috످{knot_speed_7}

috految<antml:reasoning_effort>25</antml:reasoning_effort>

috److It looks like `{knot_speed_7}` might be a template placeholder that wasn't filled in.

If you meant a speed of 7 knots, that's about 8.06 mph (12.96 km/h). Otherwise, what did you want to ask?

috످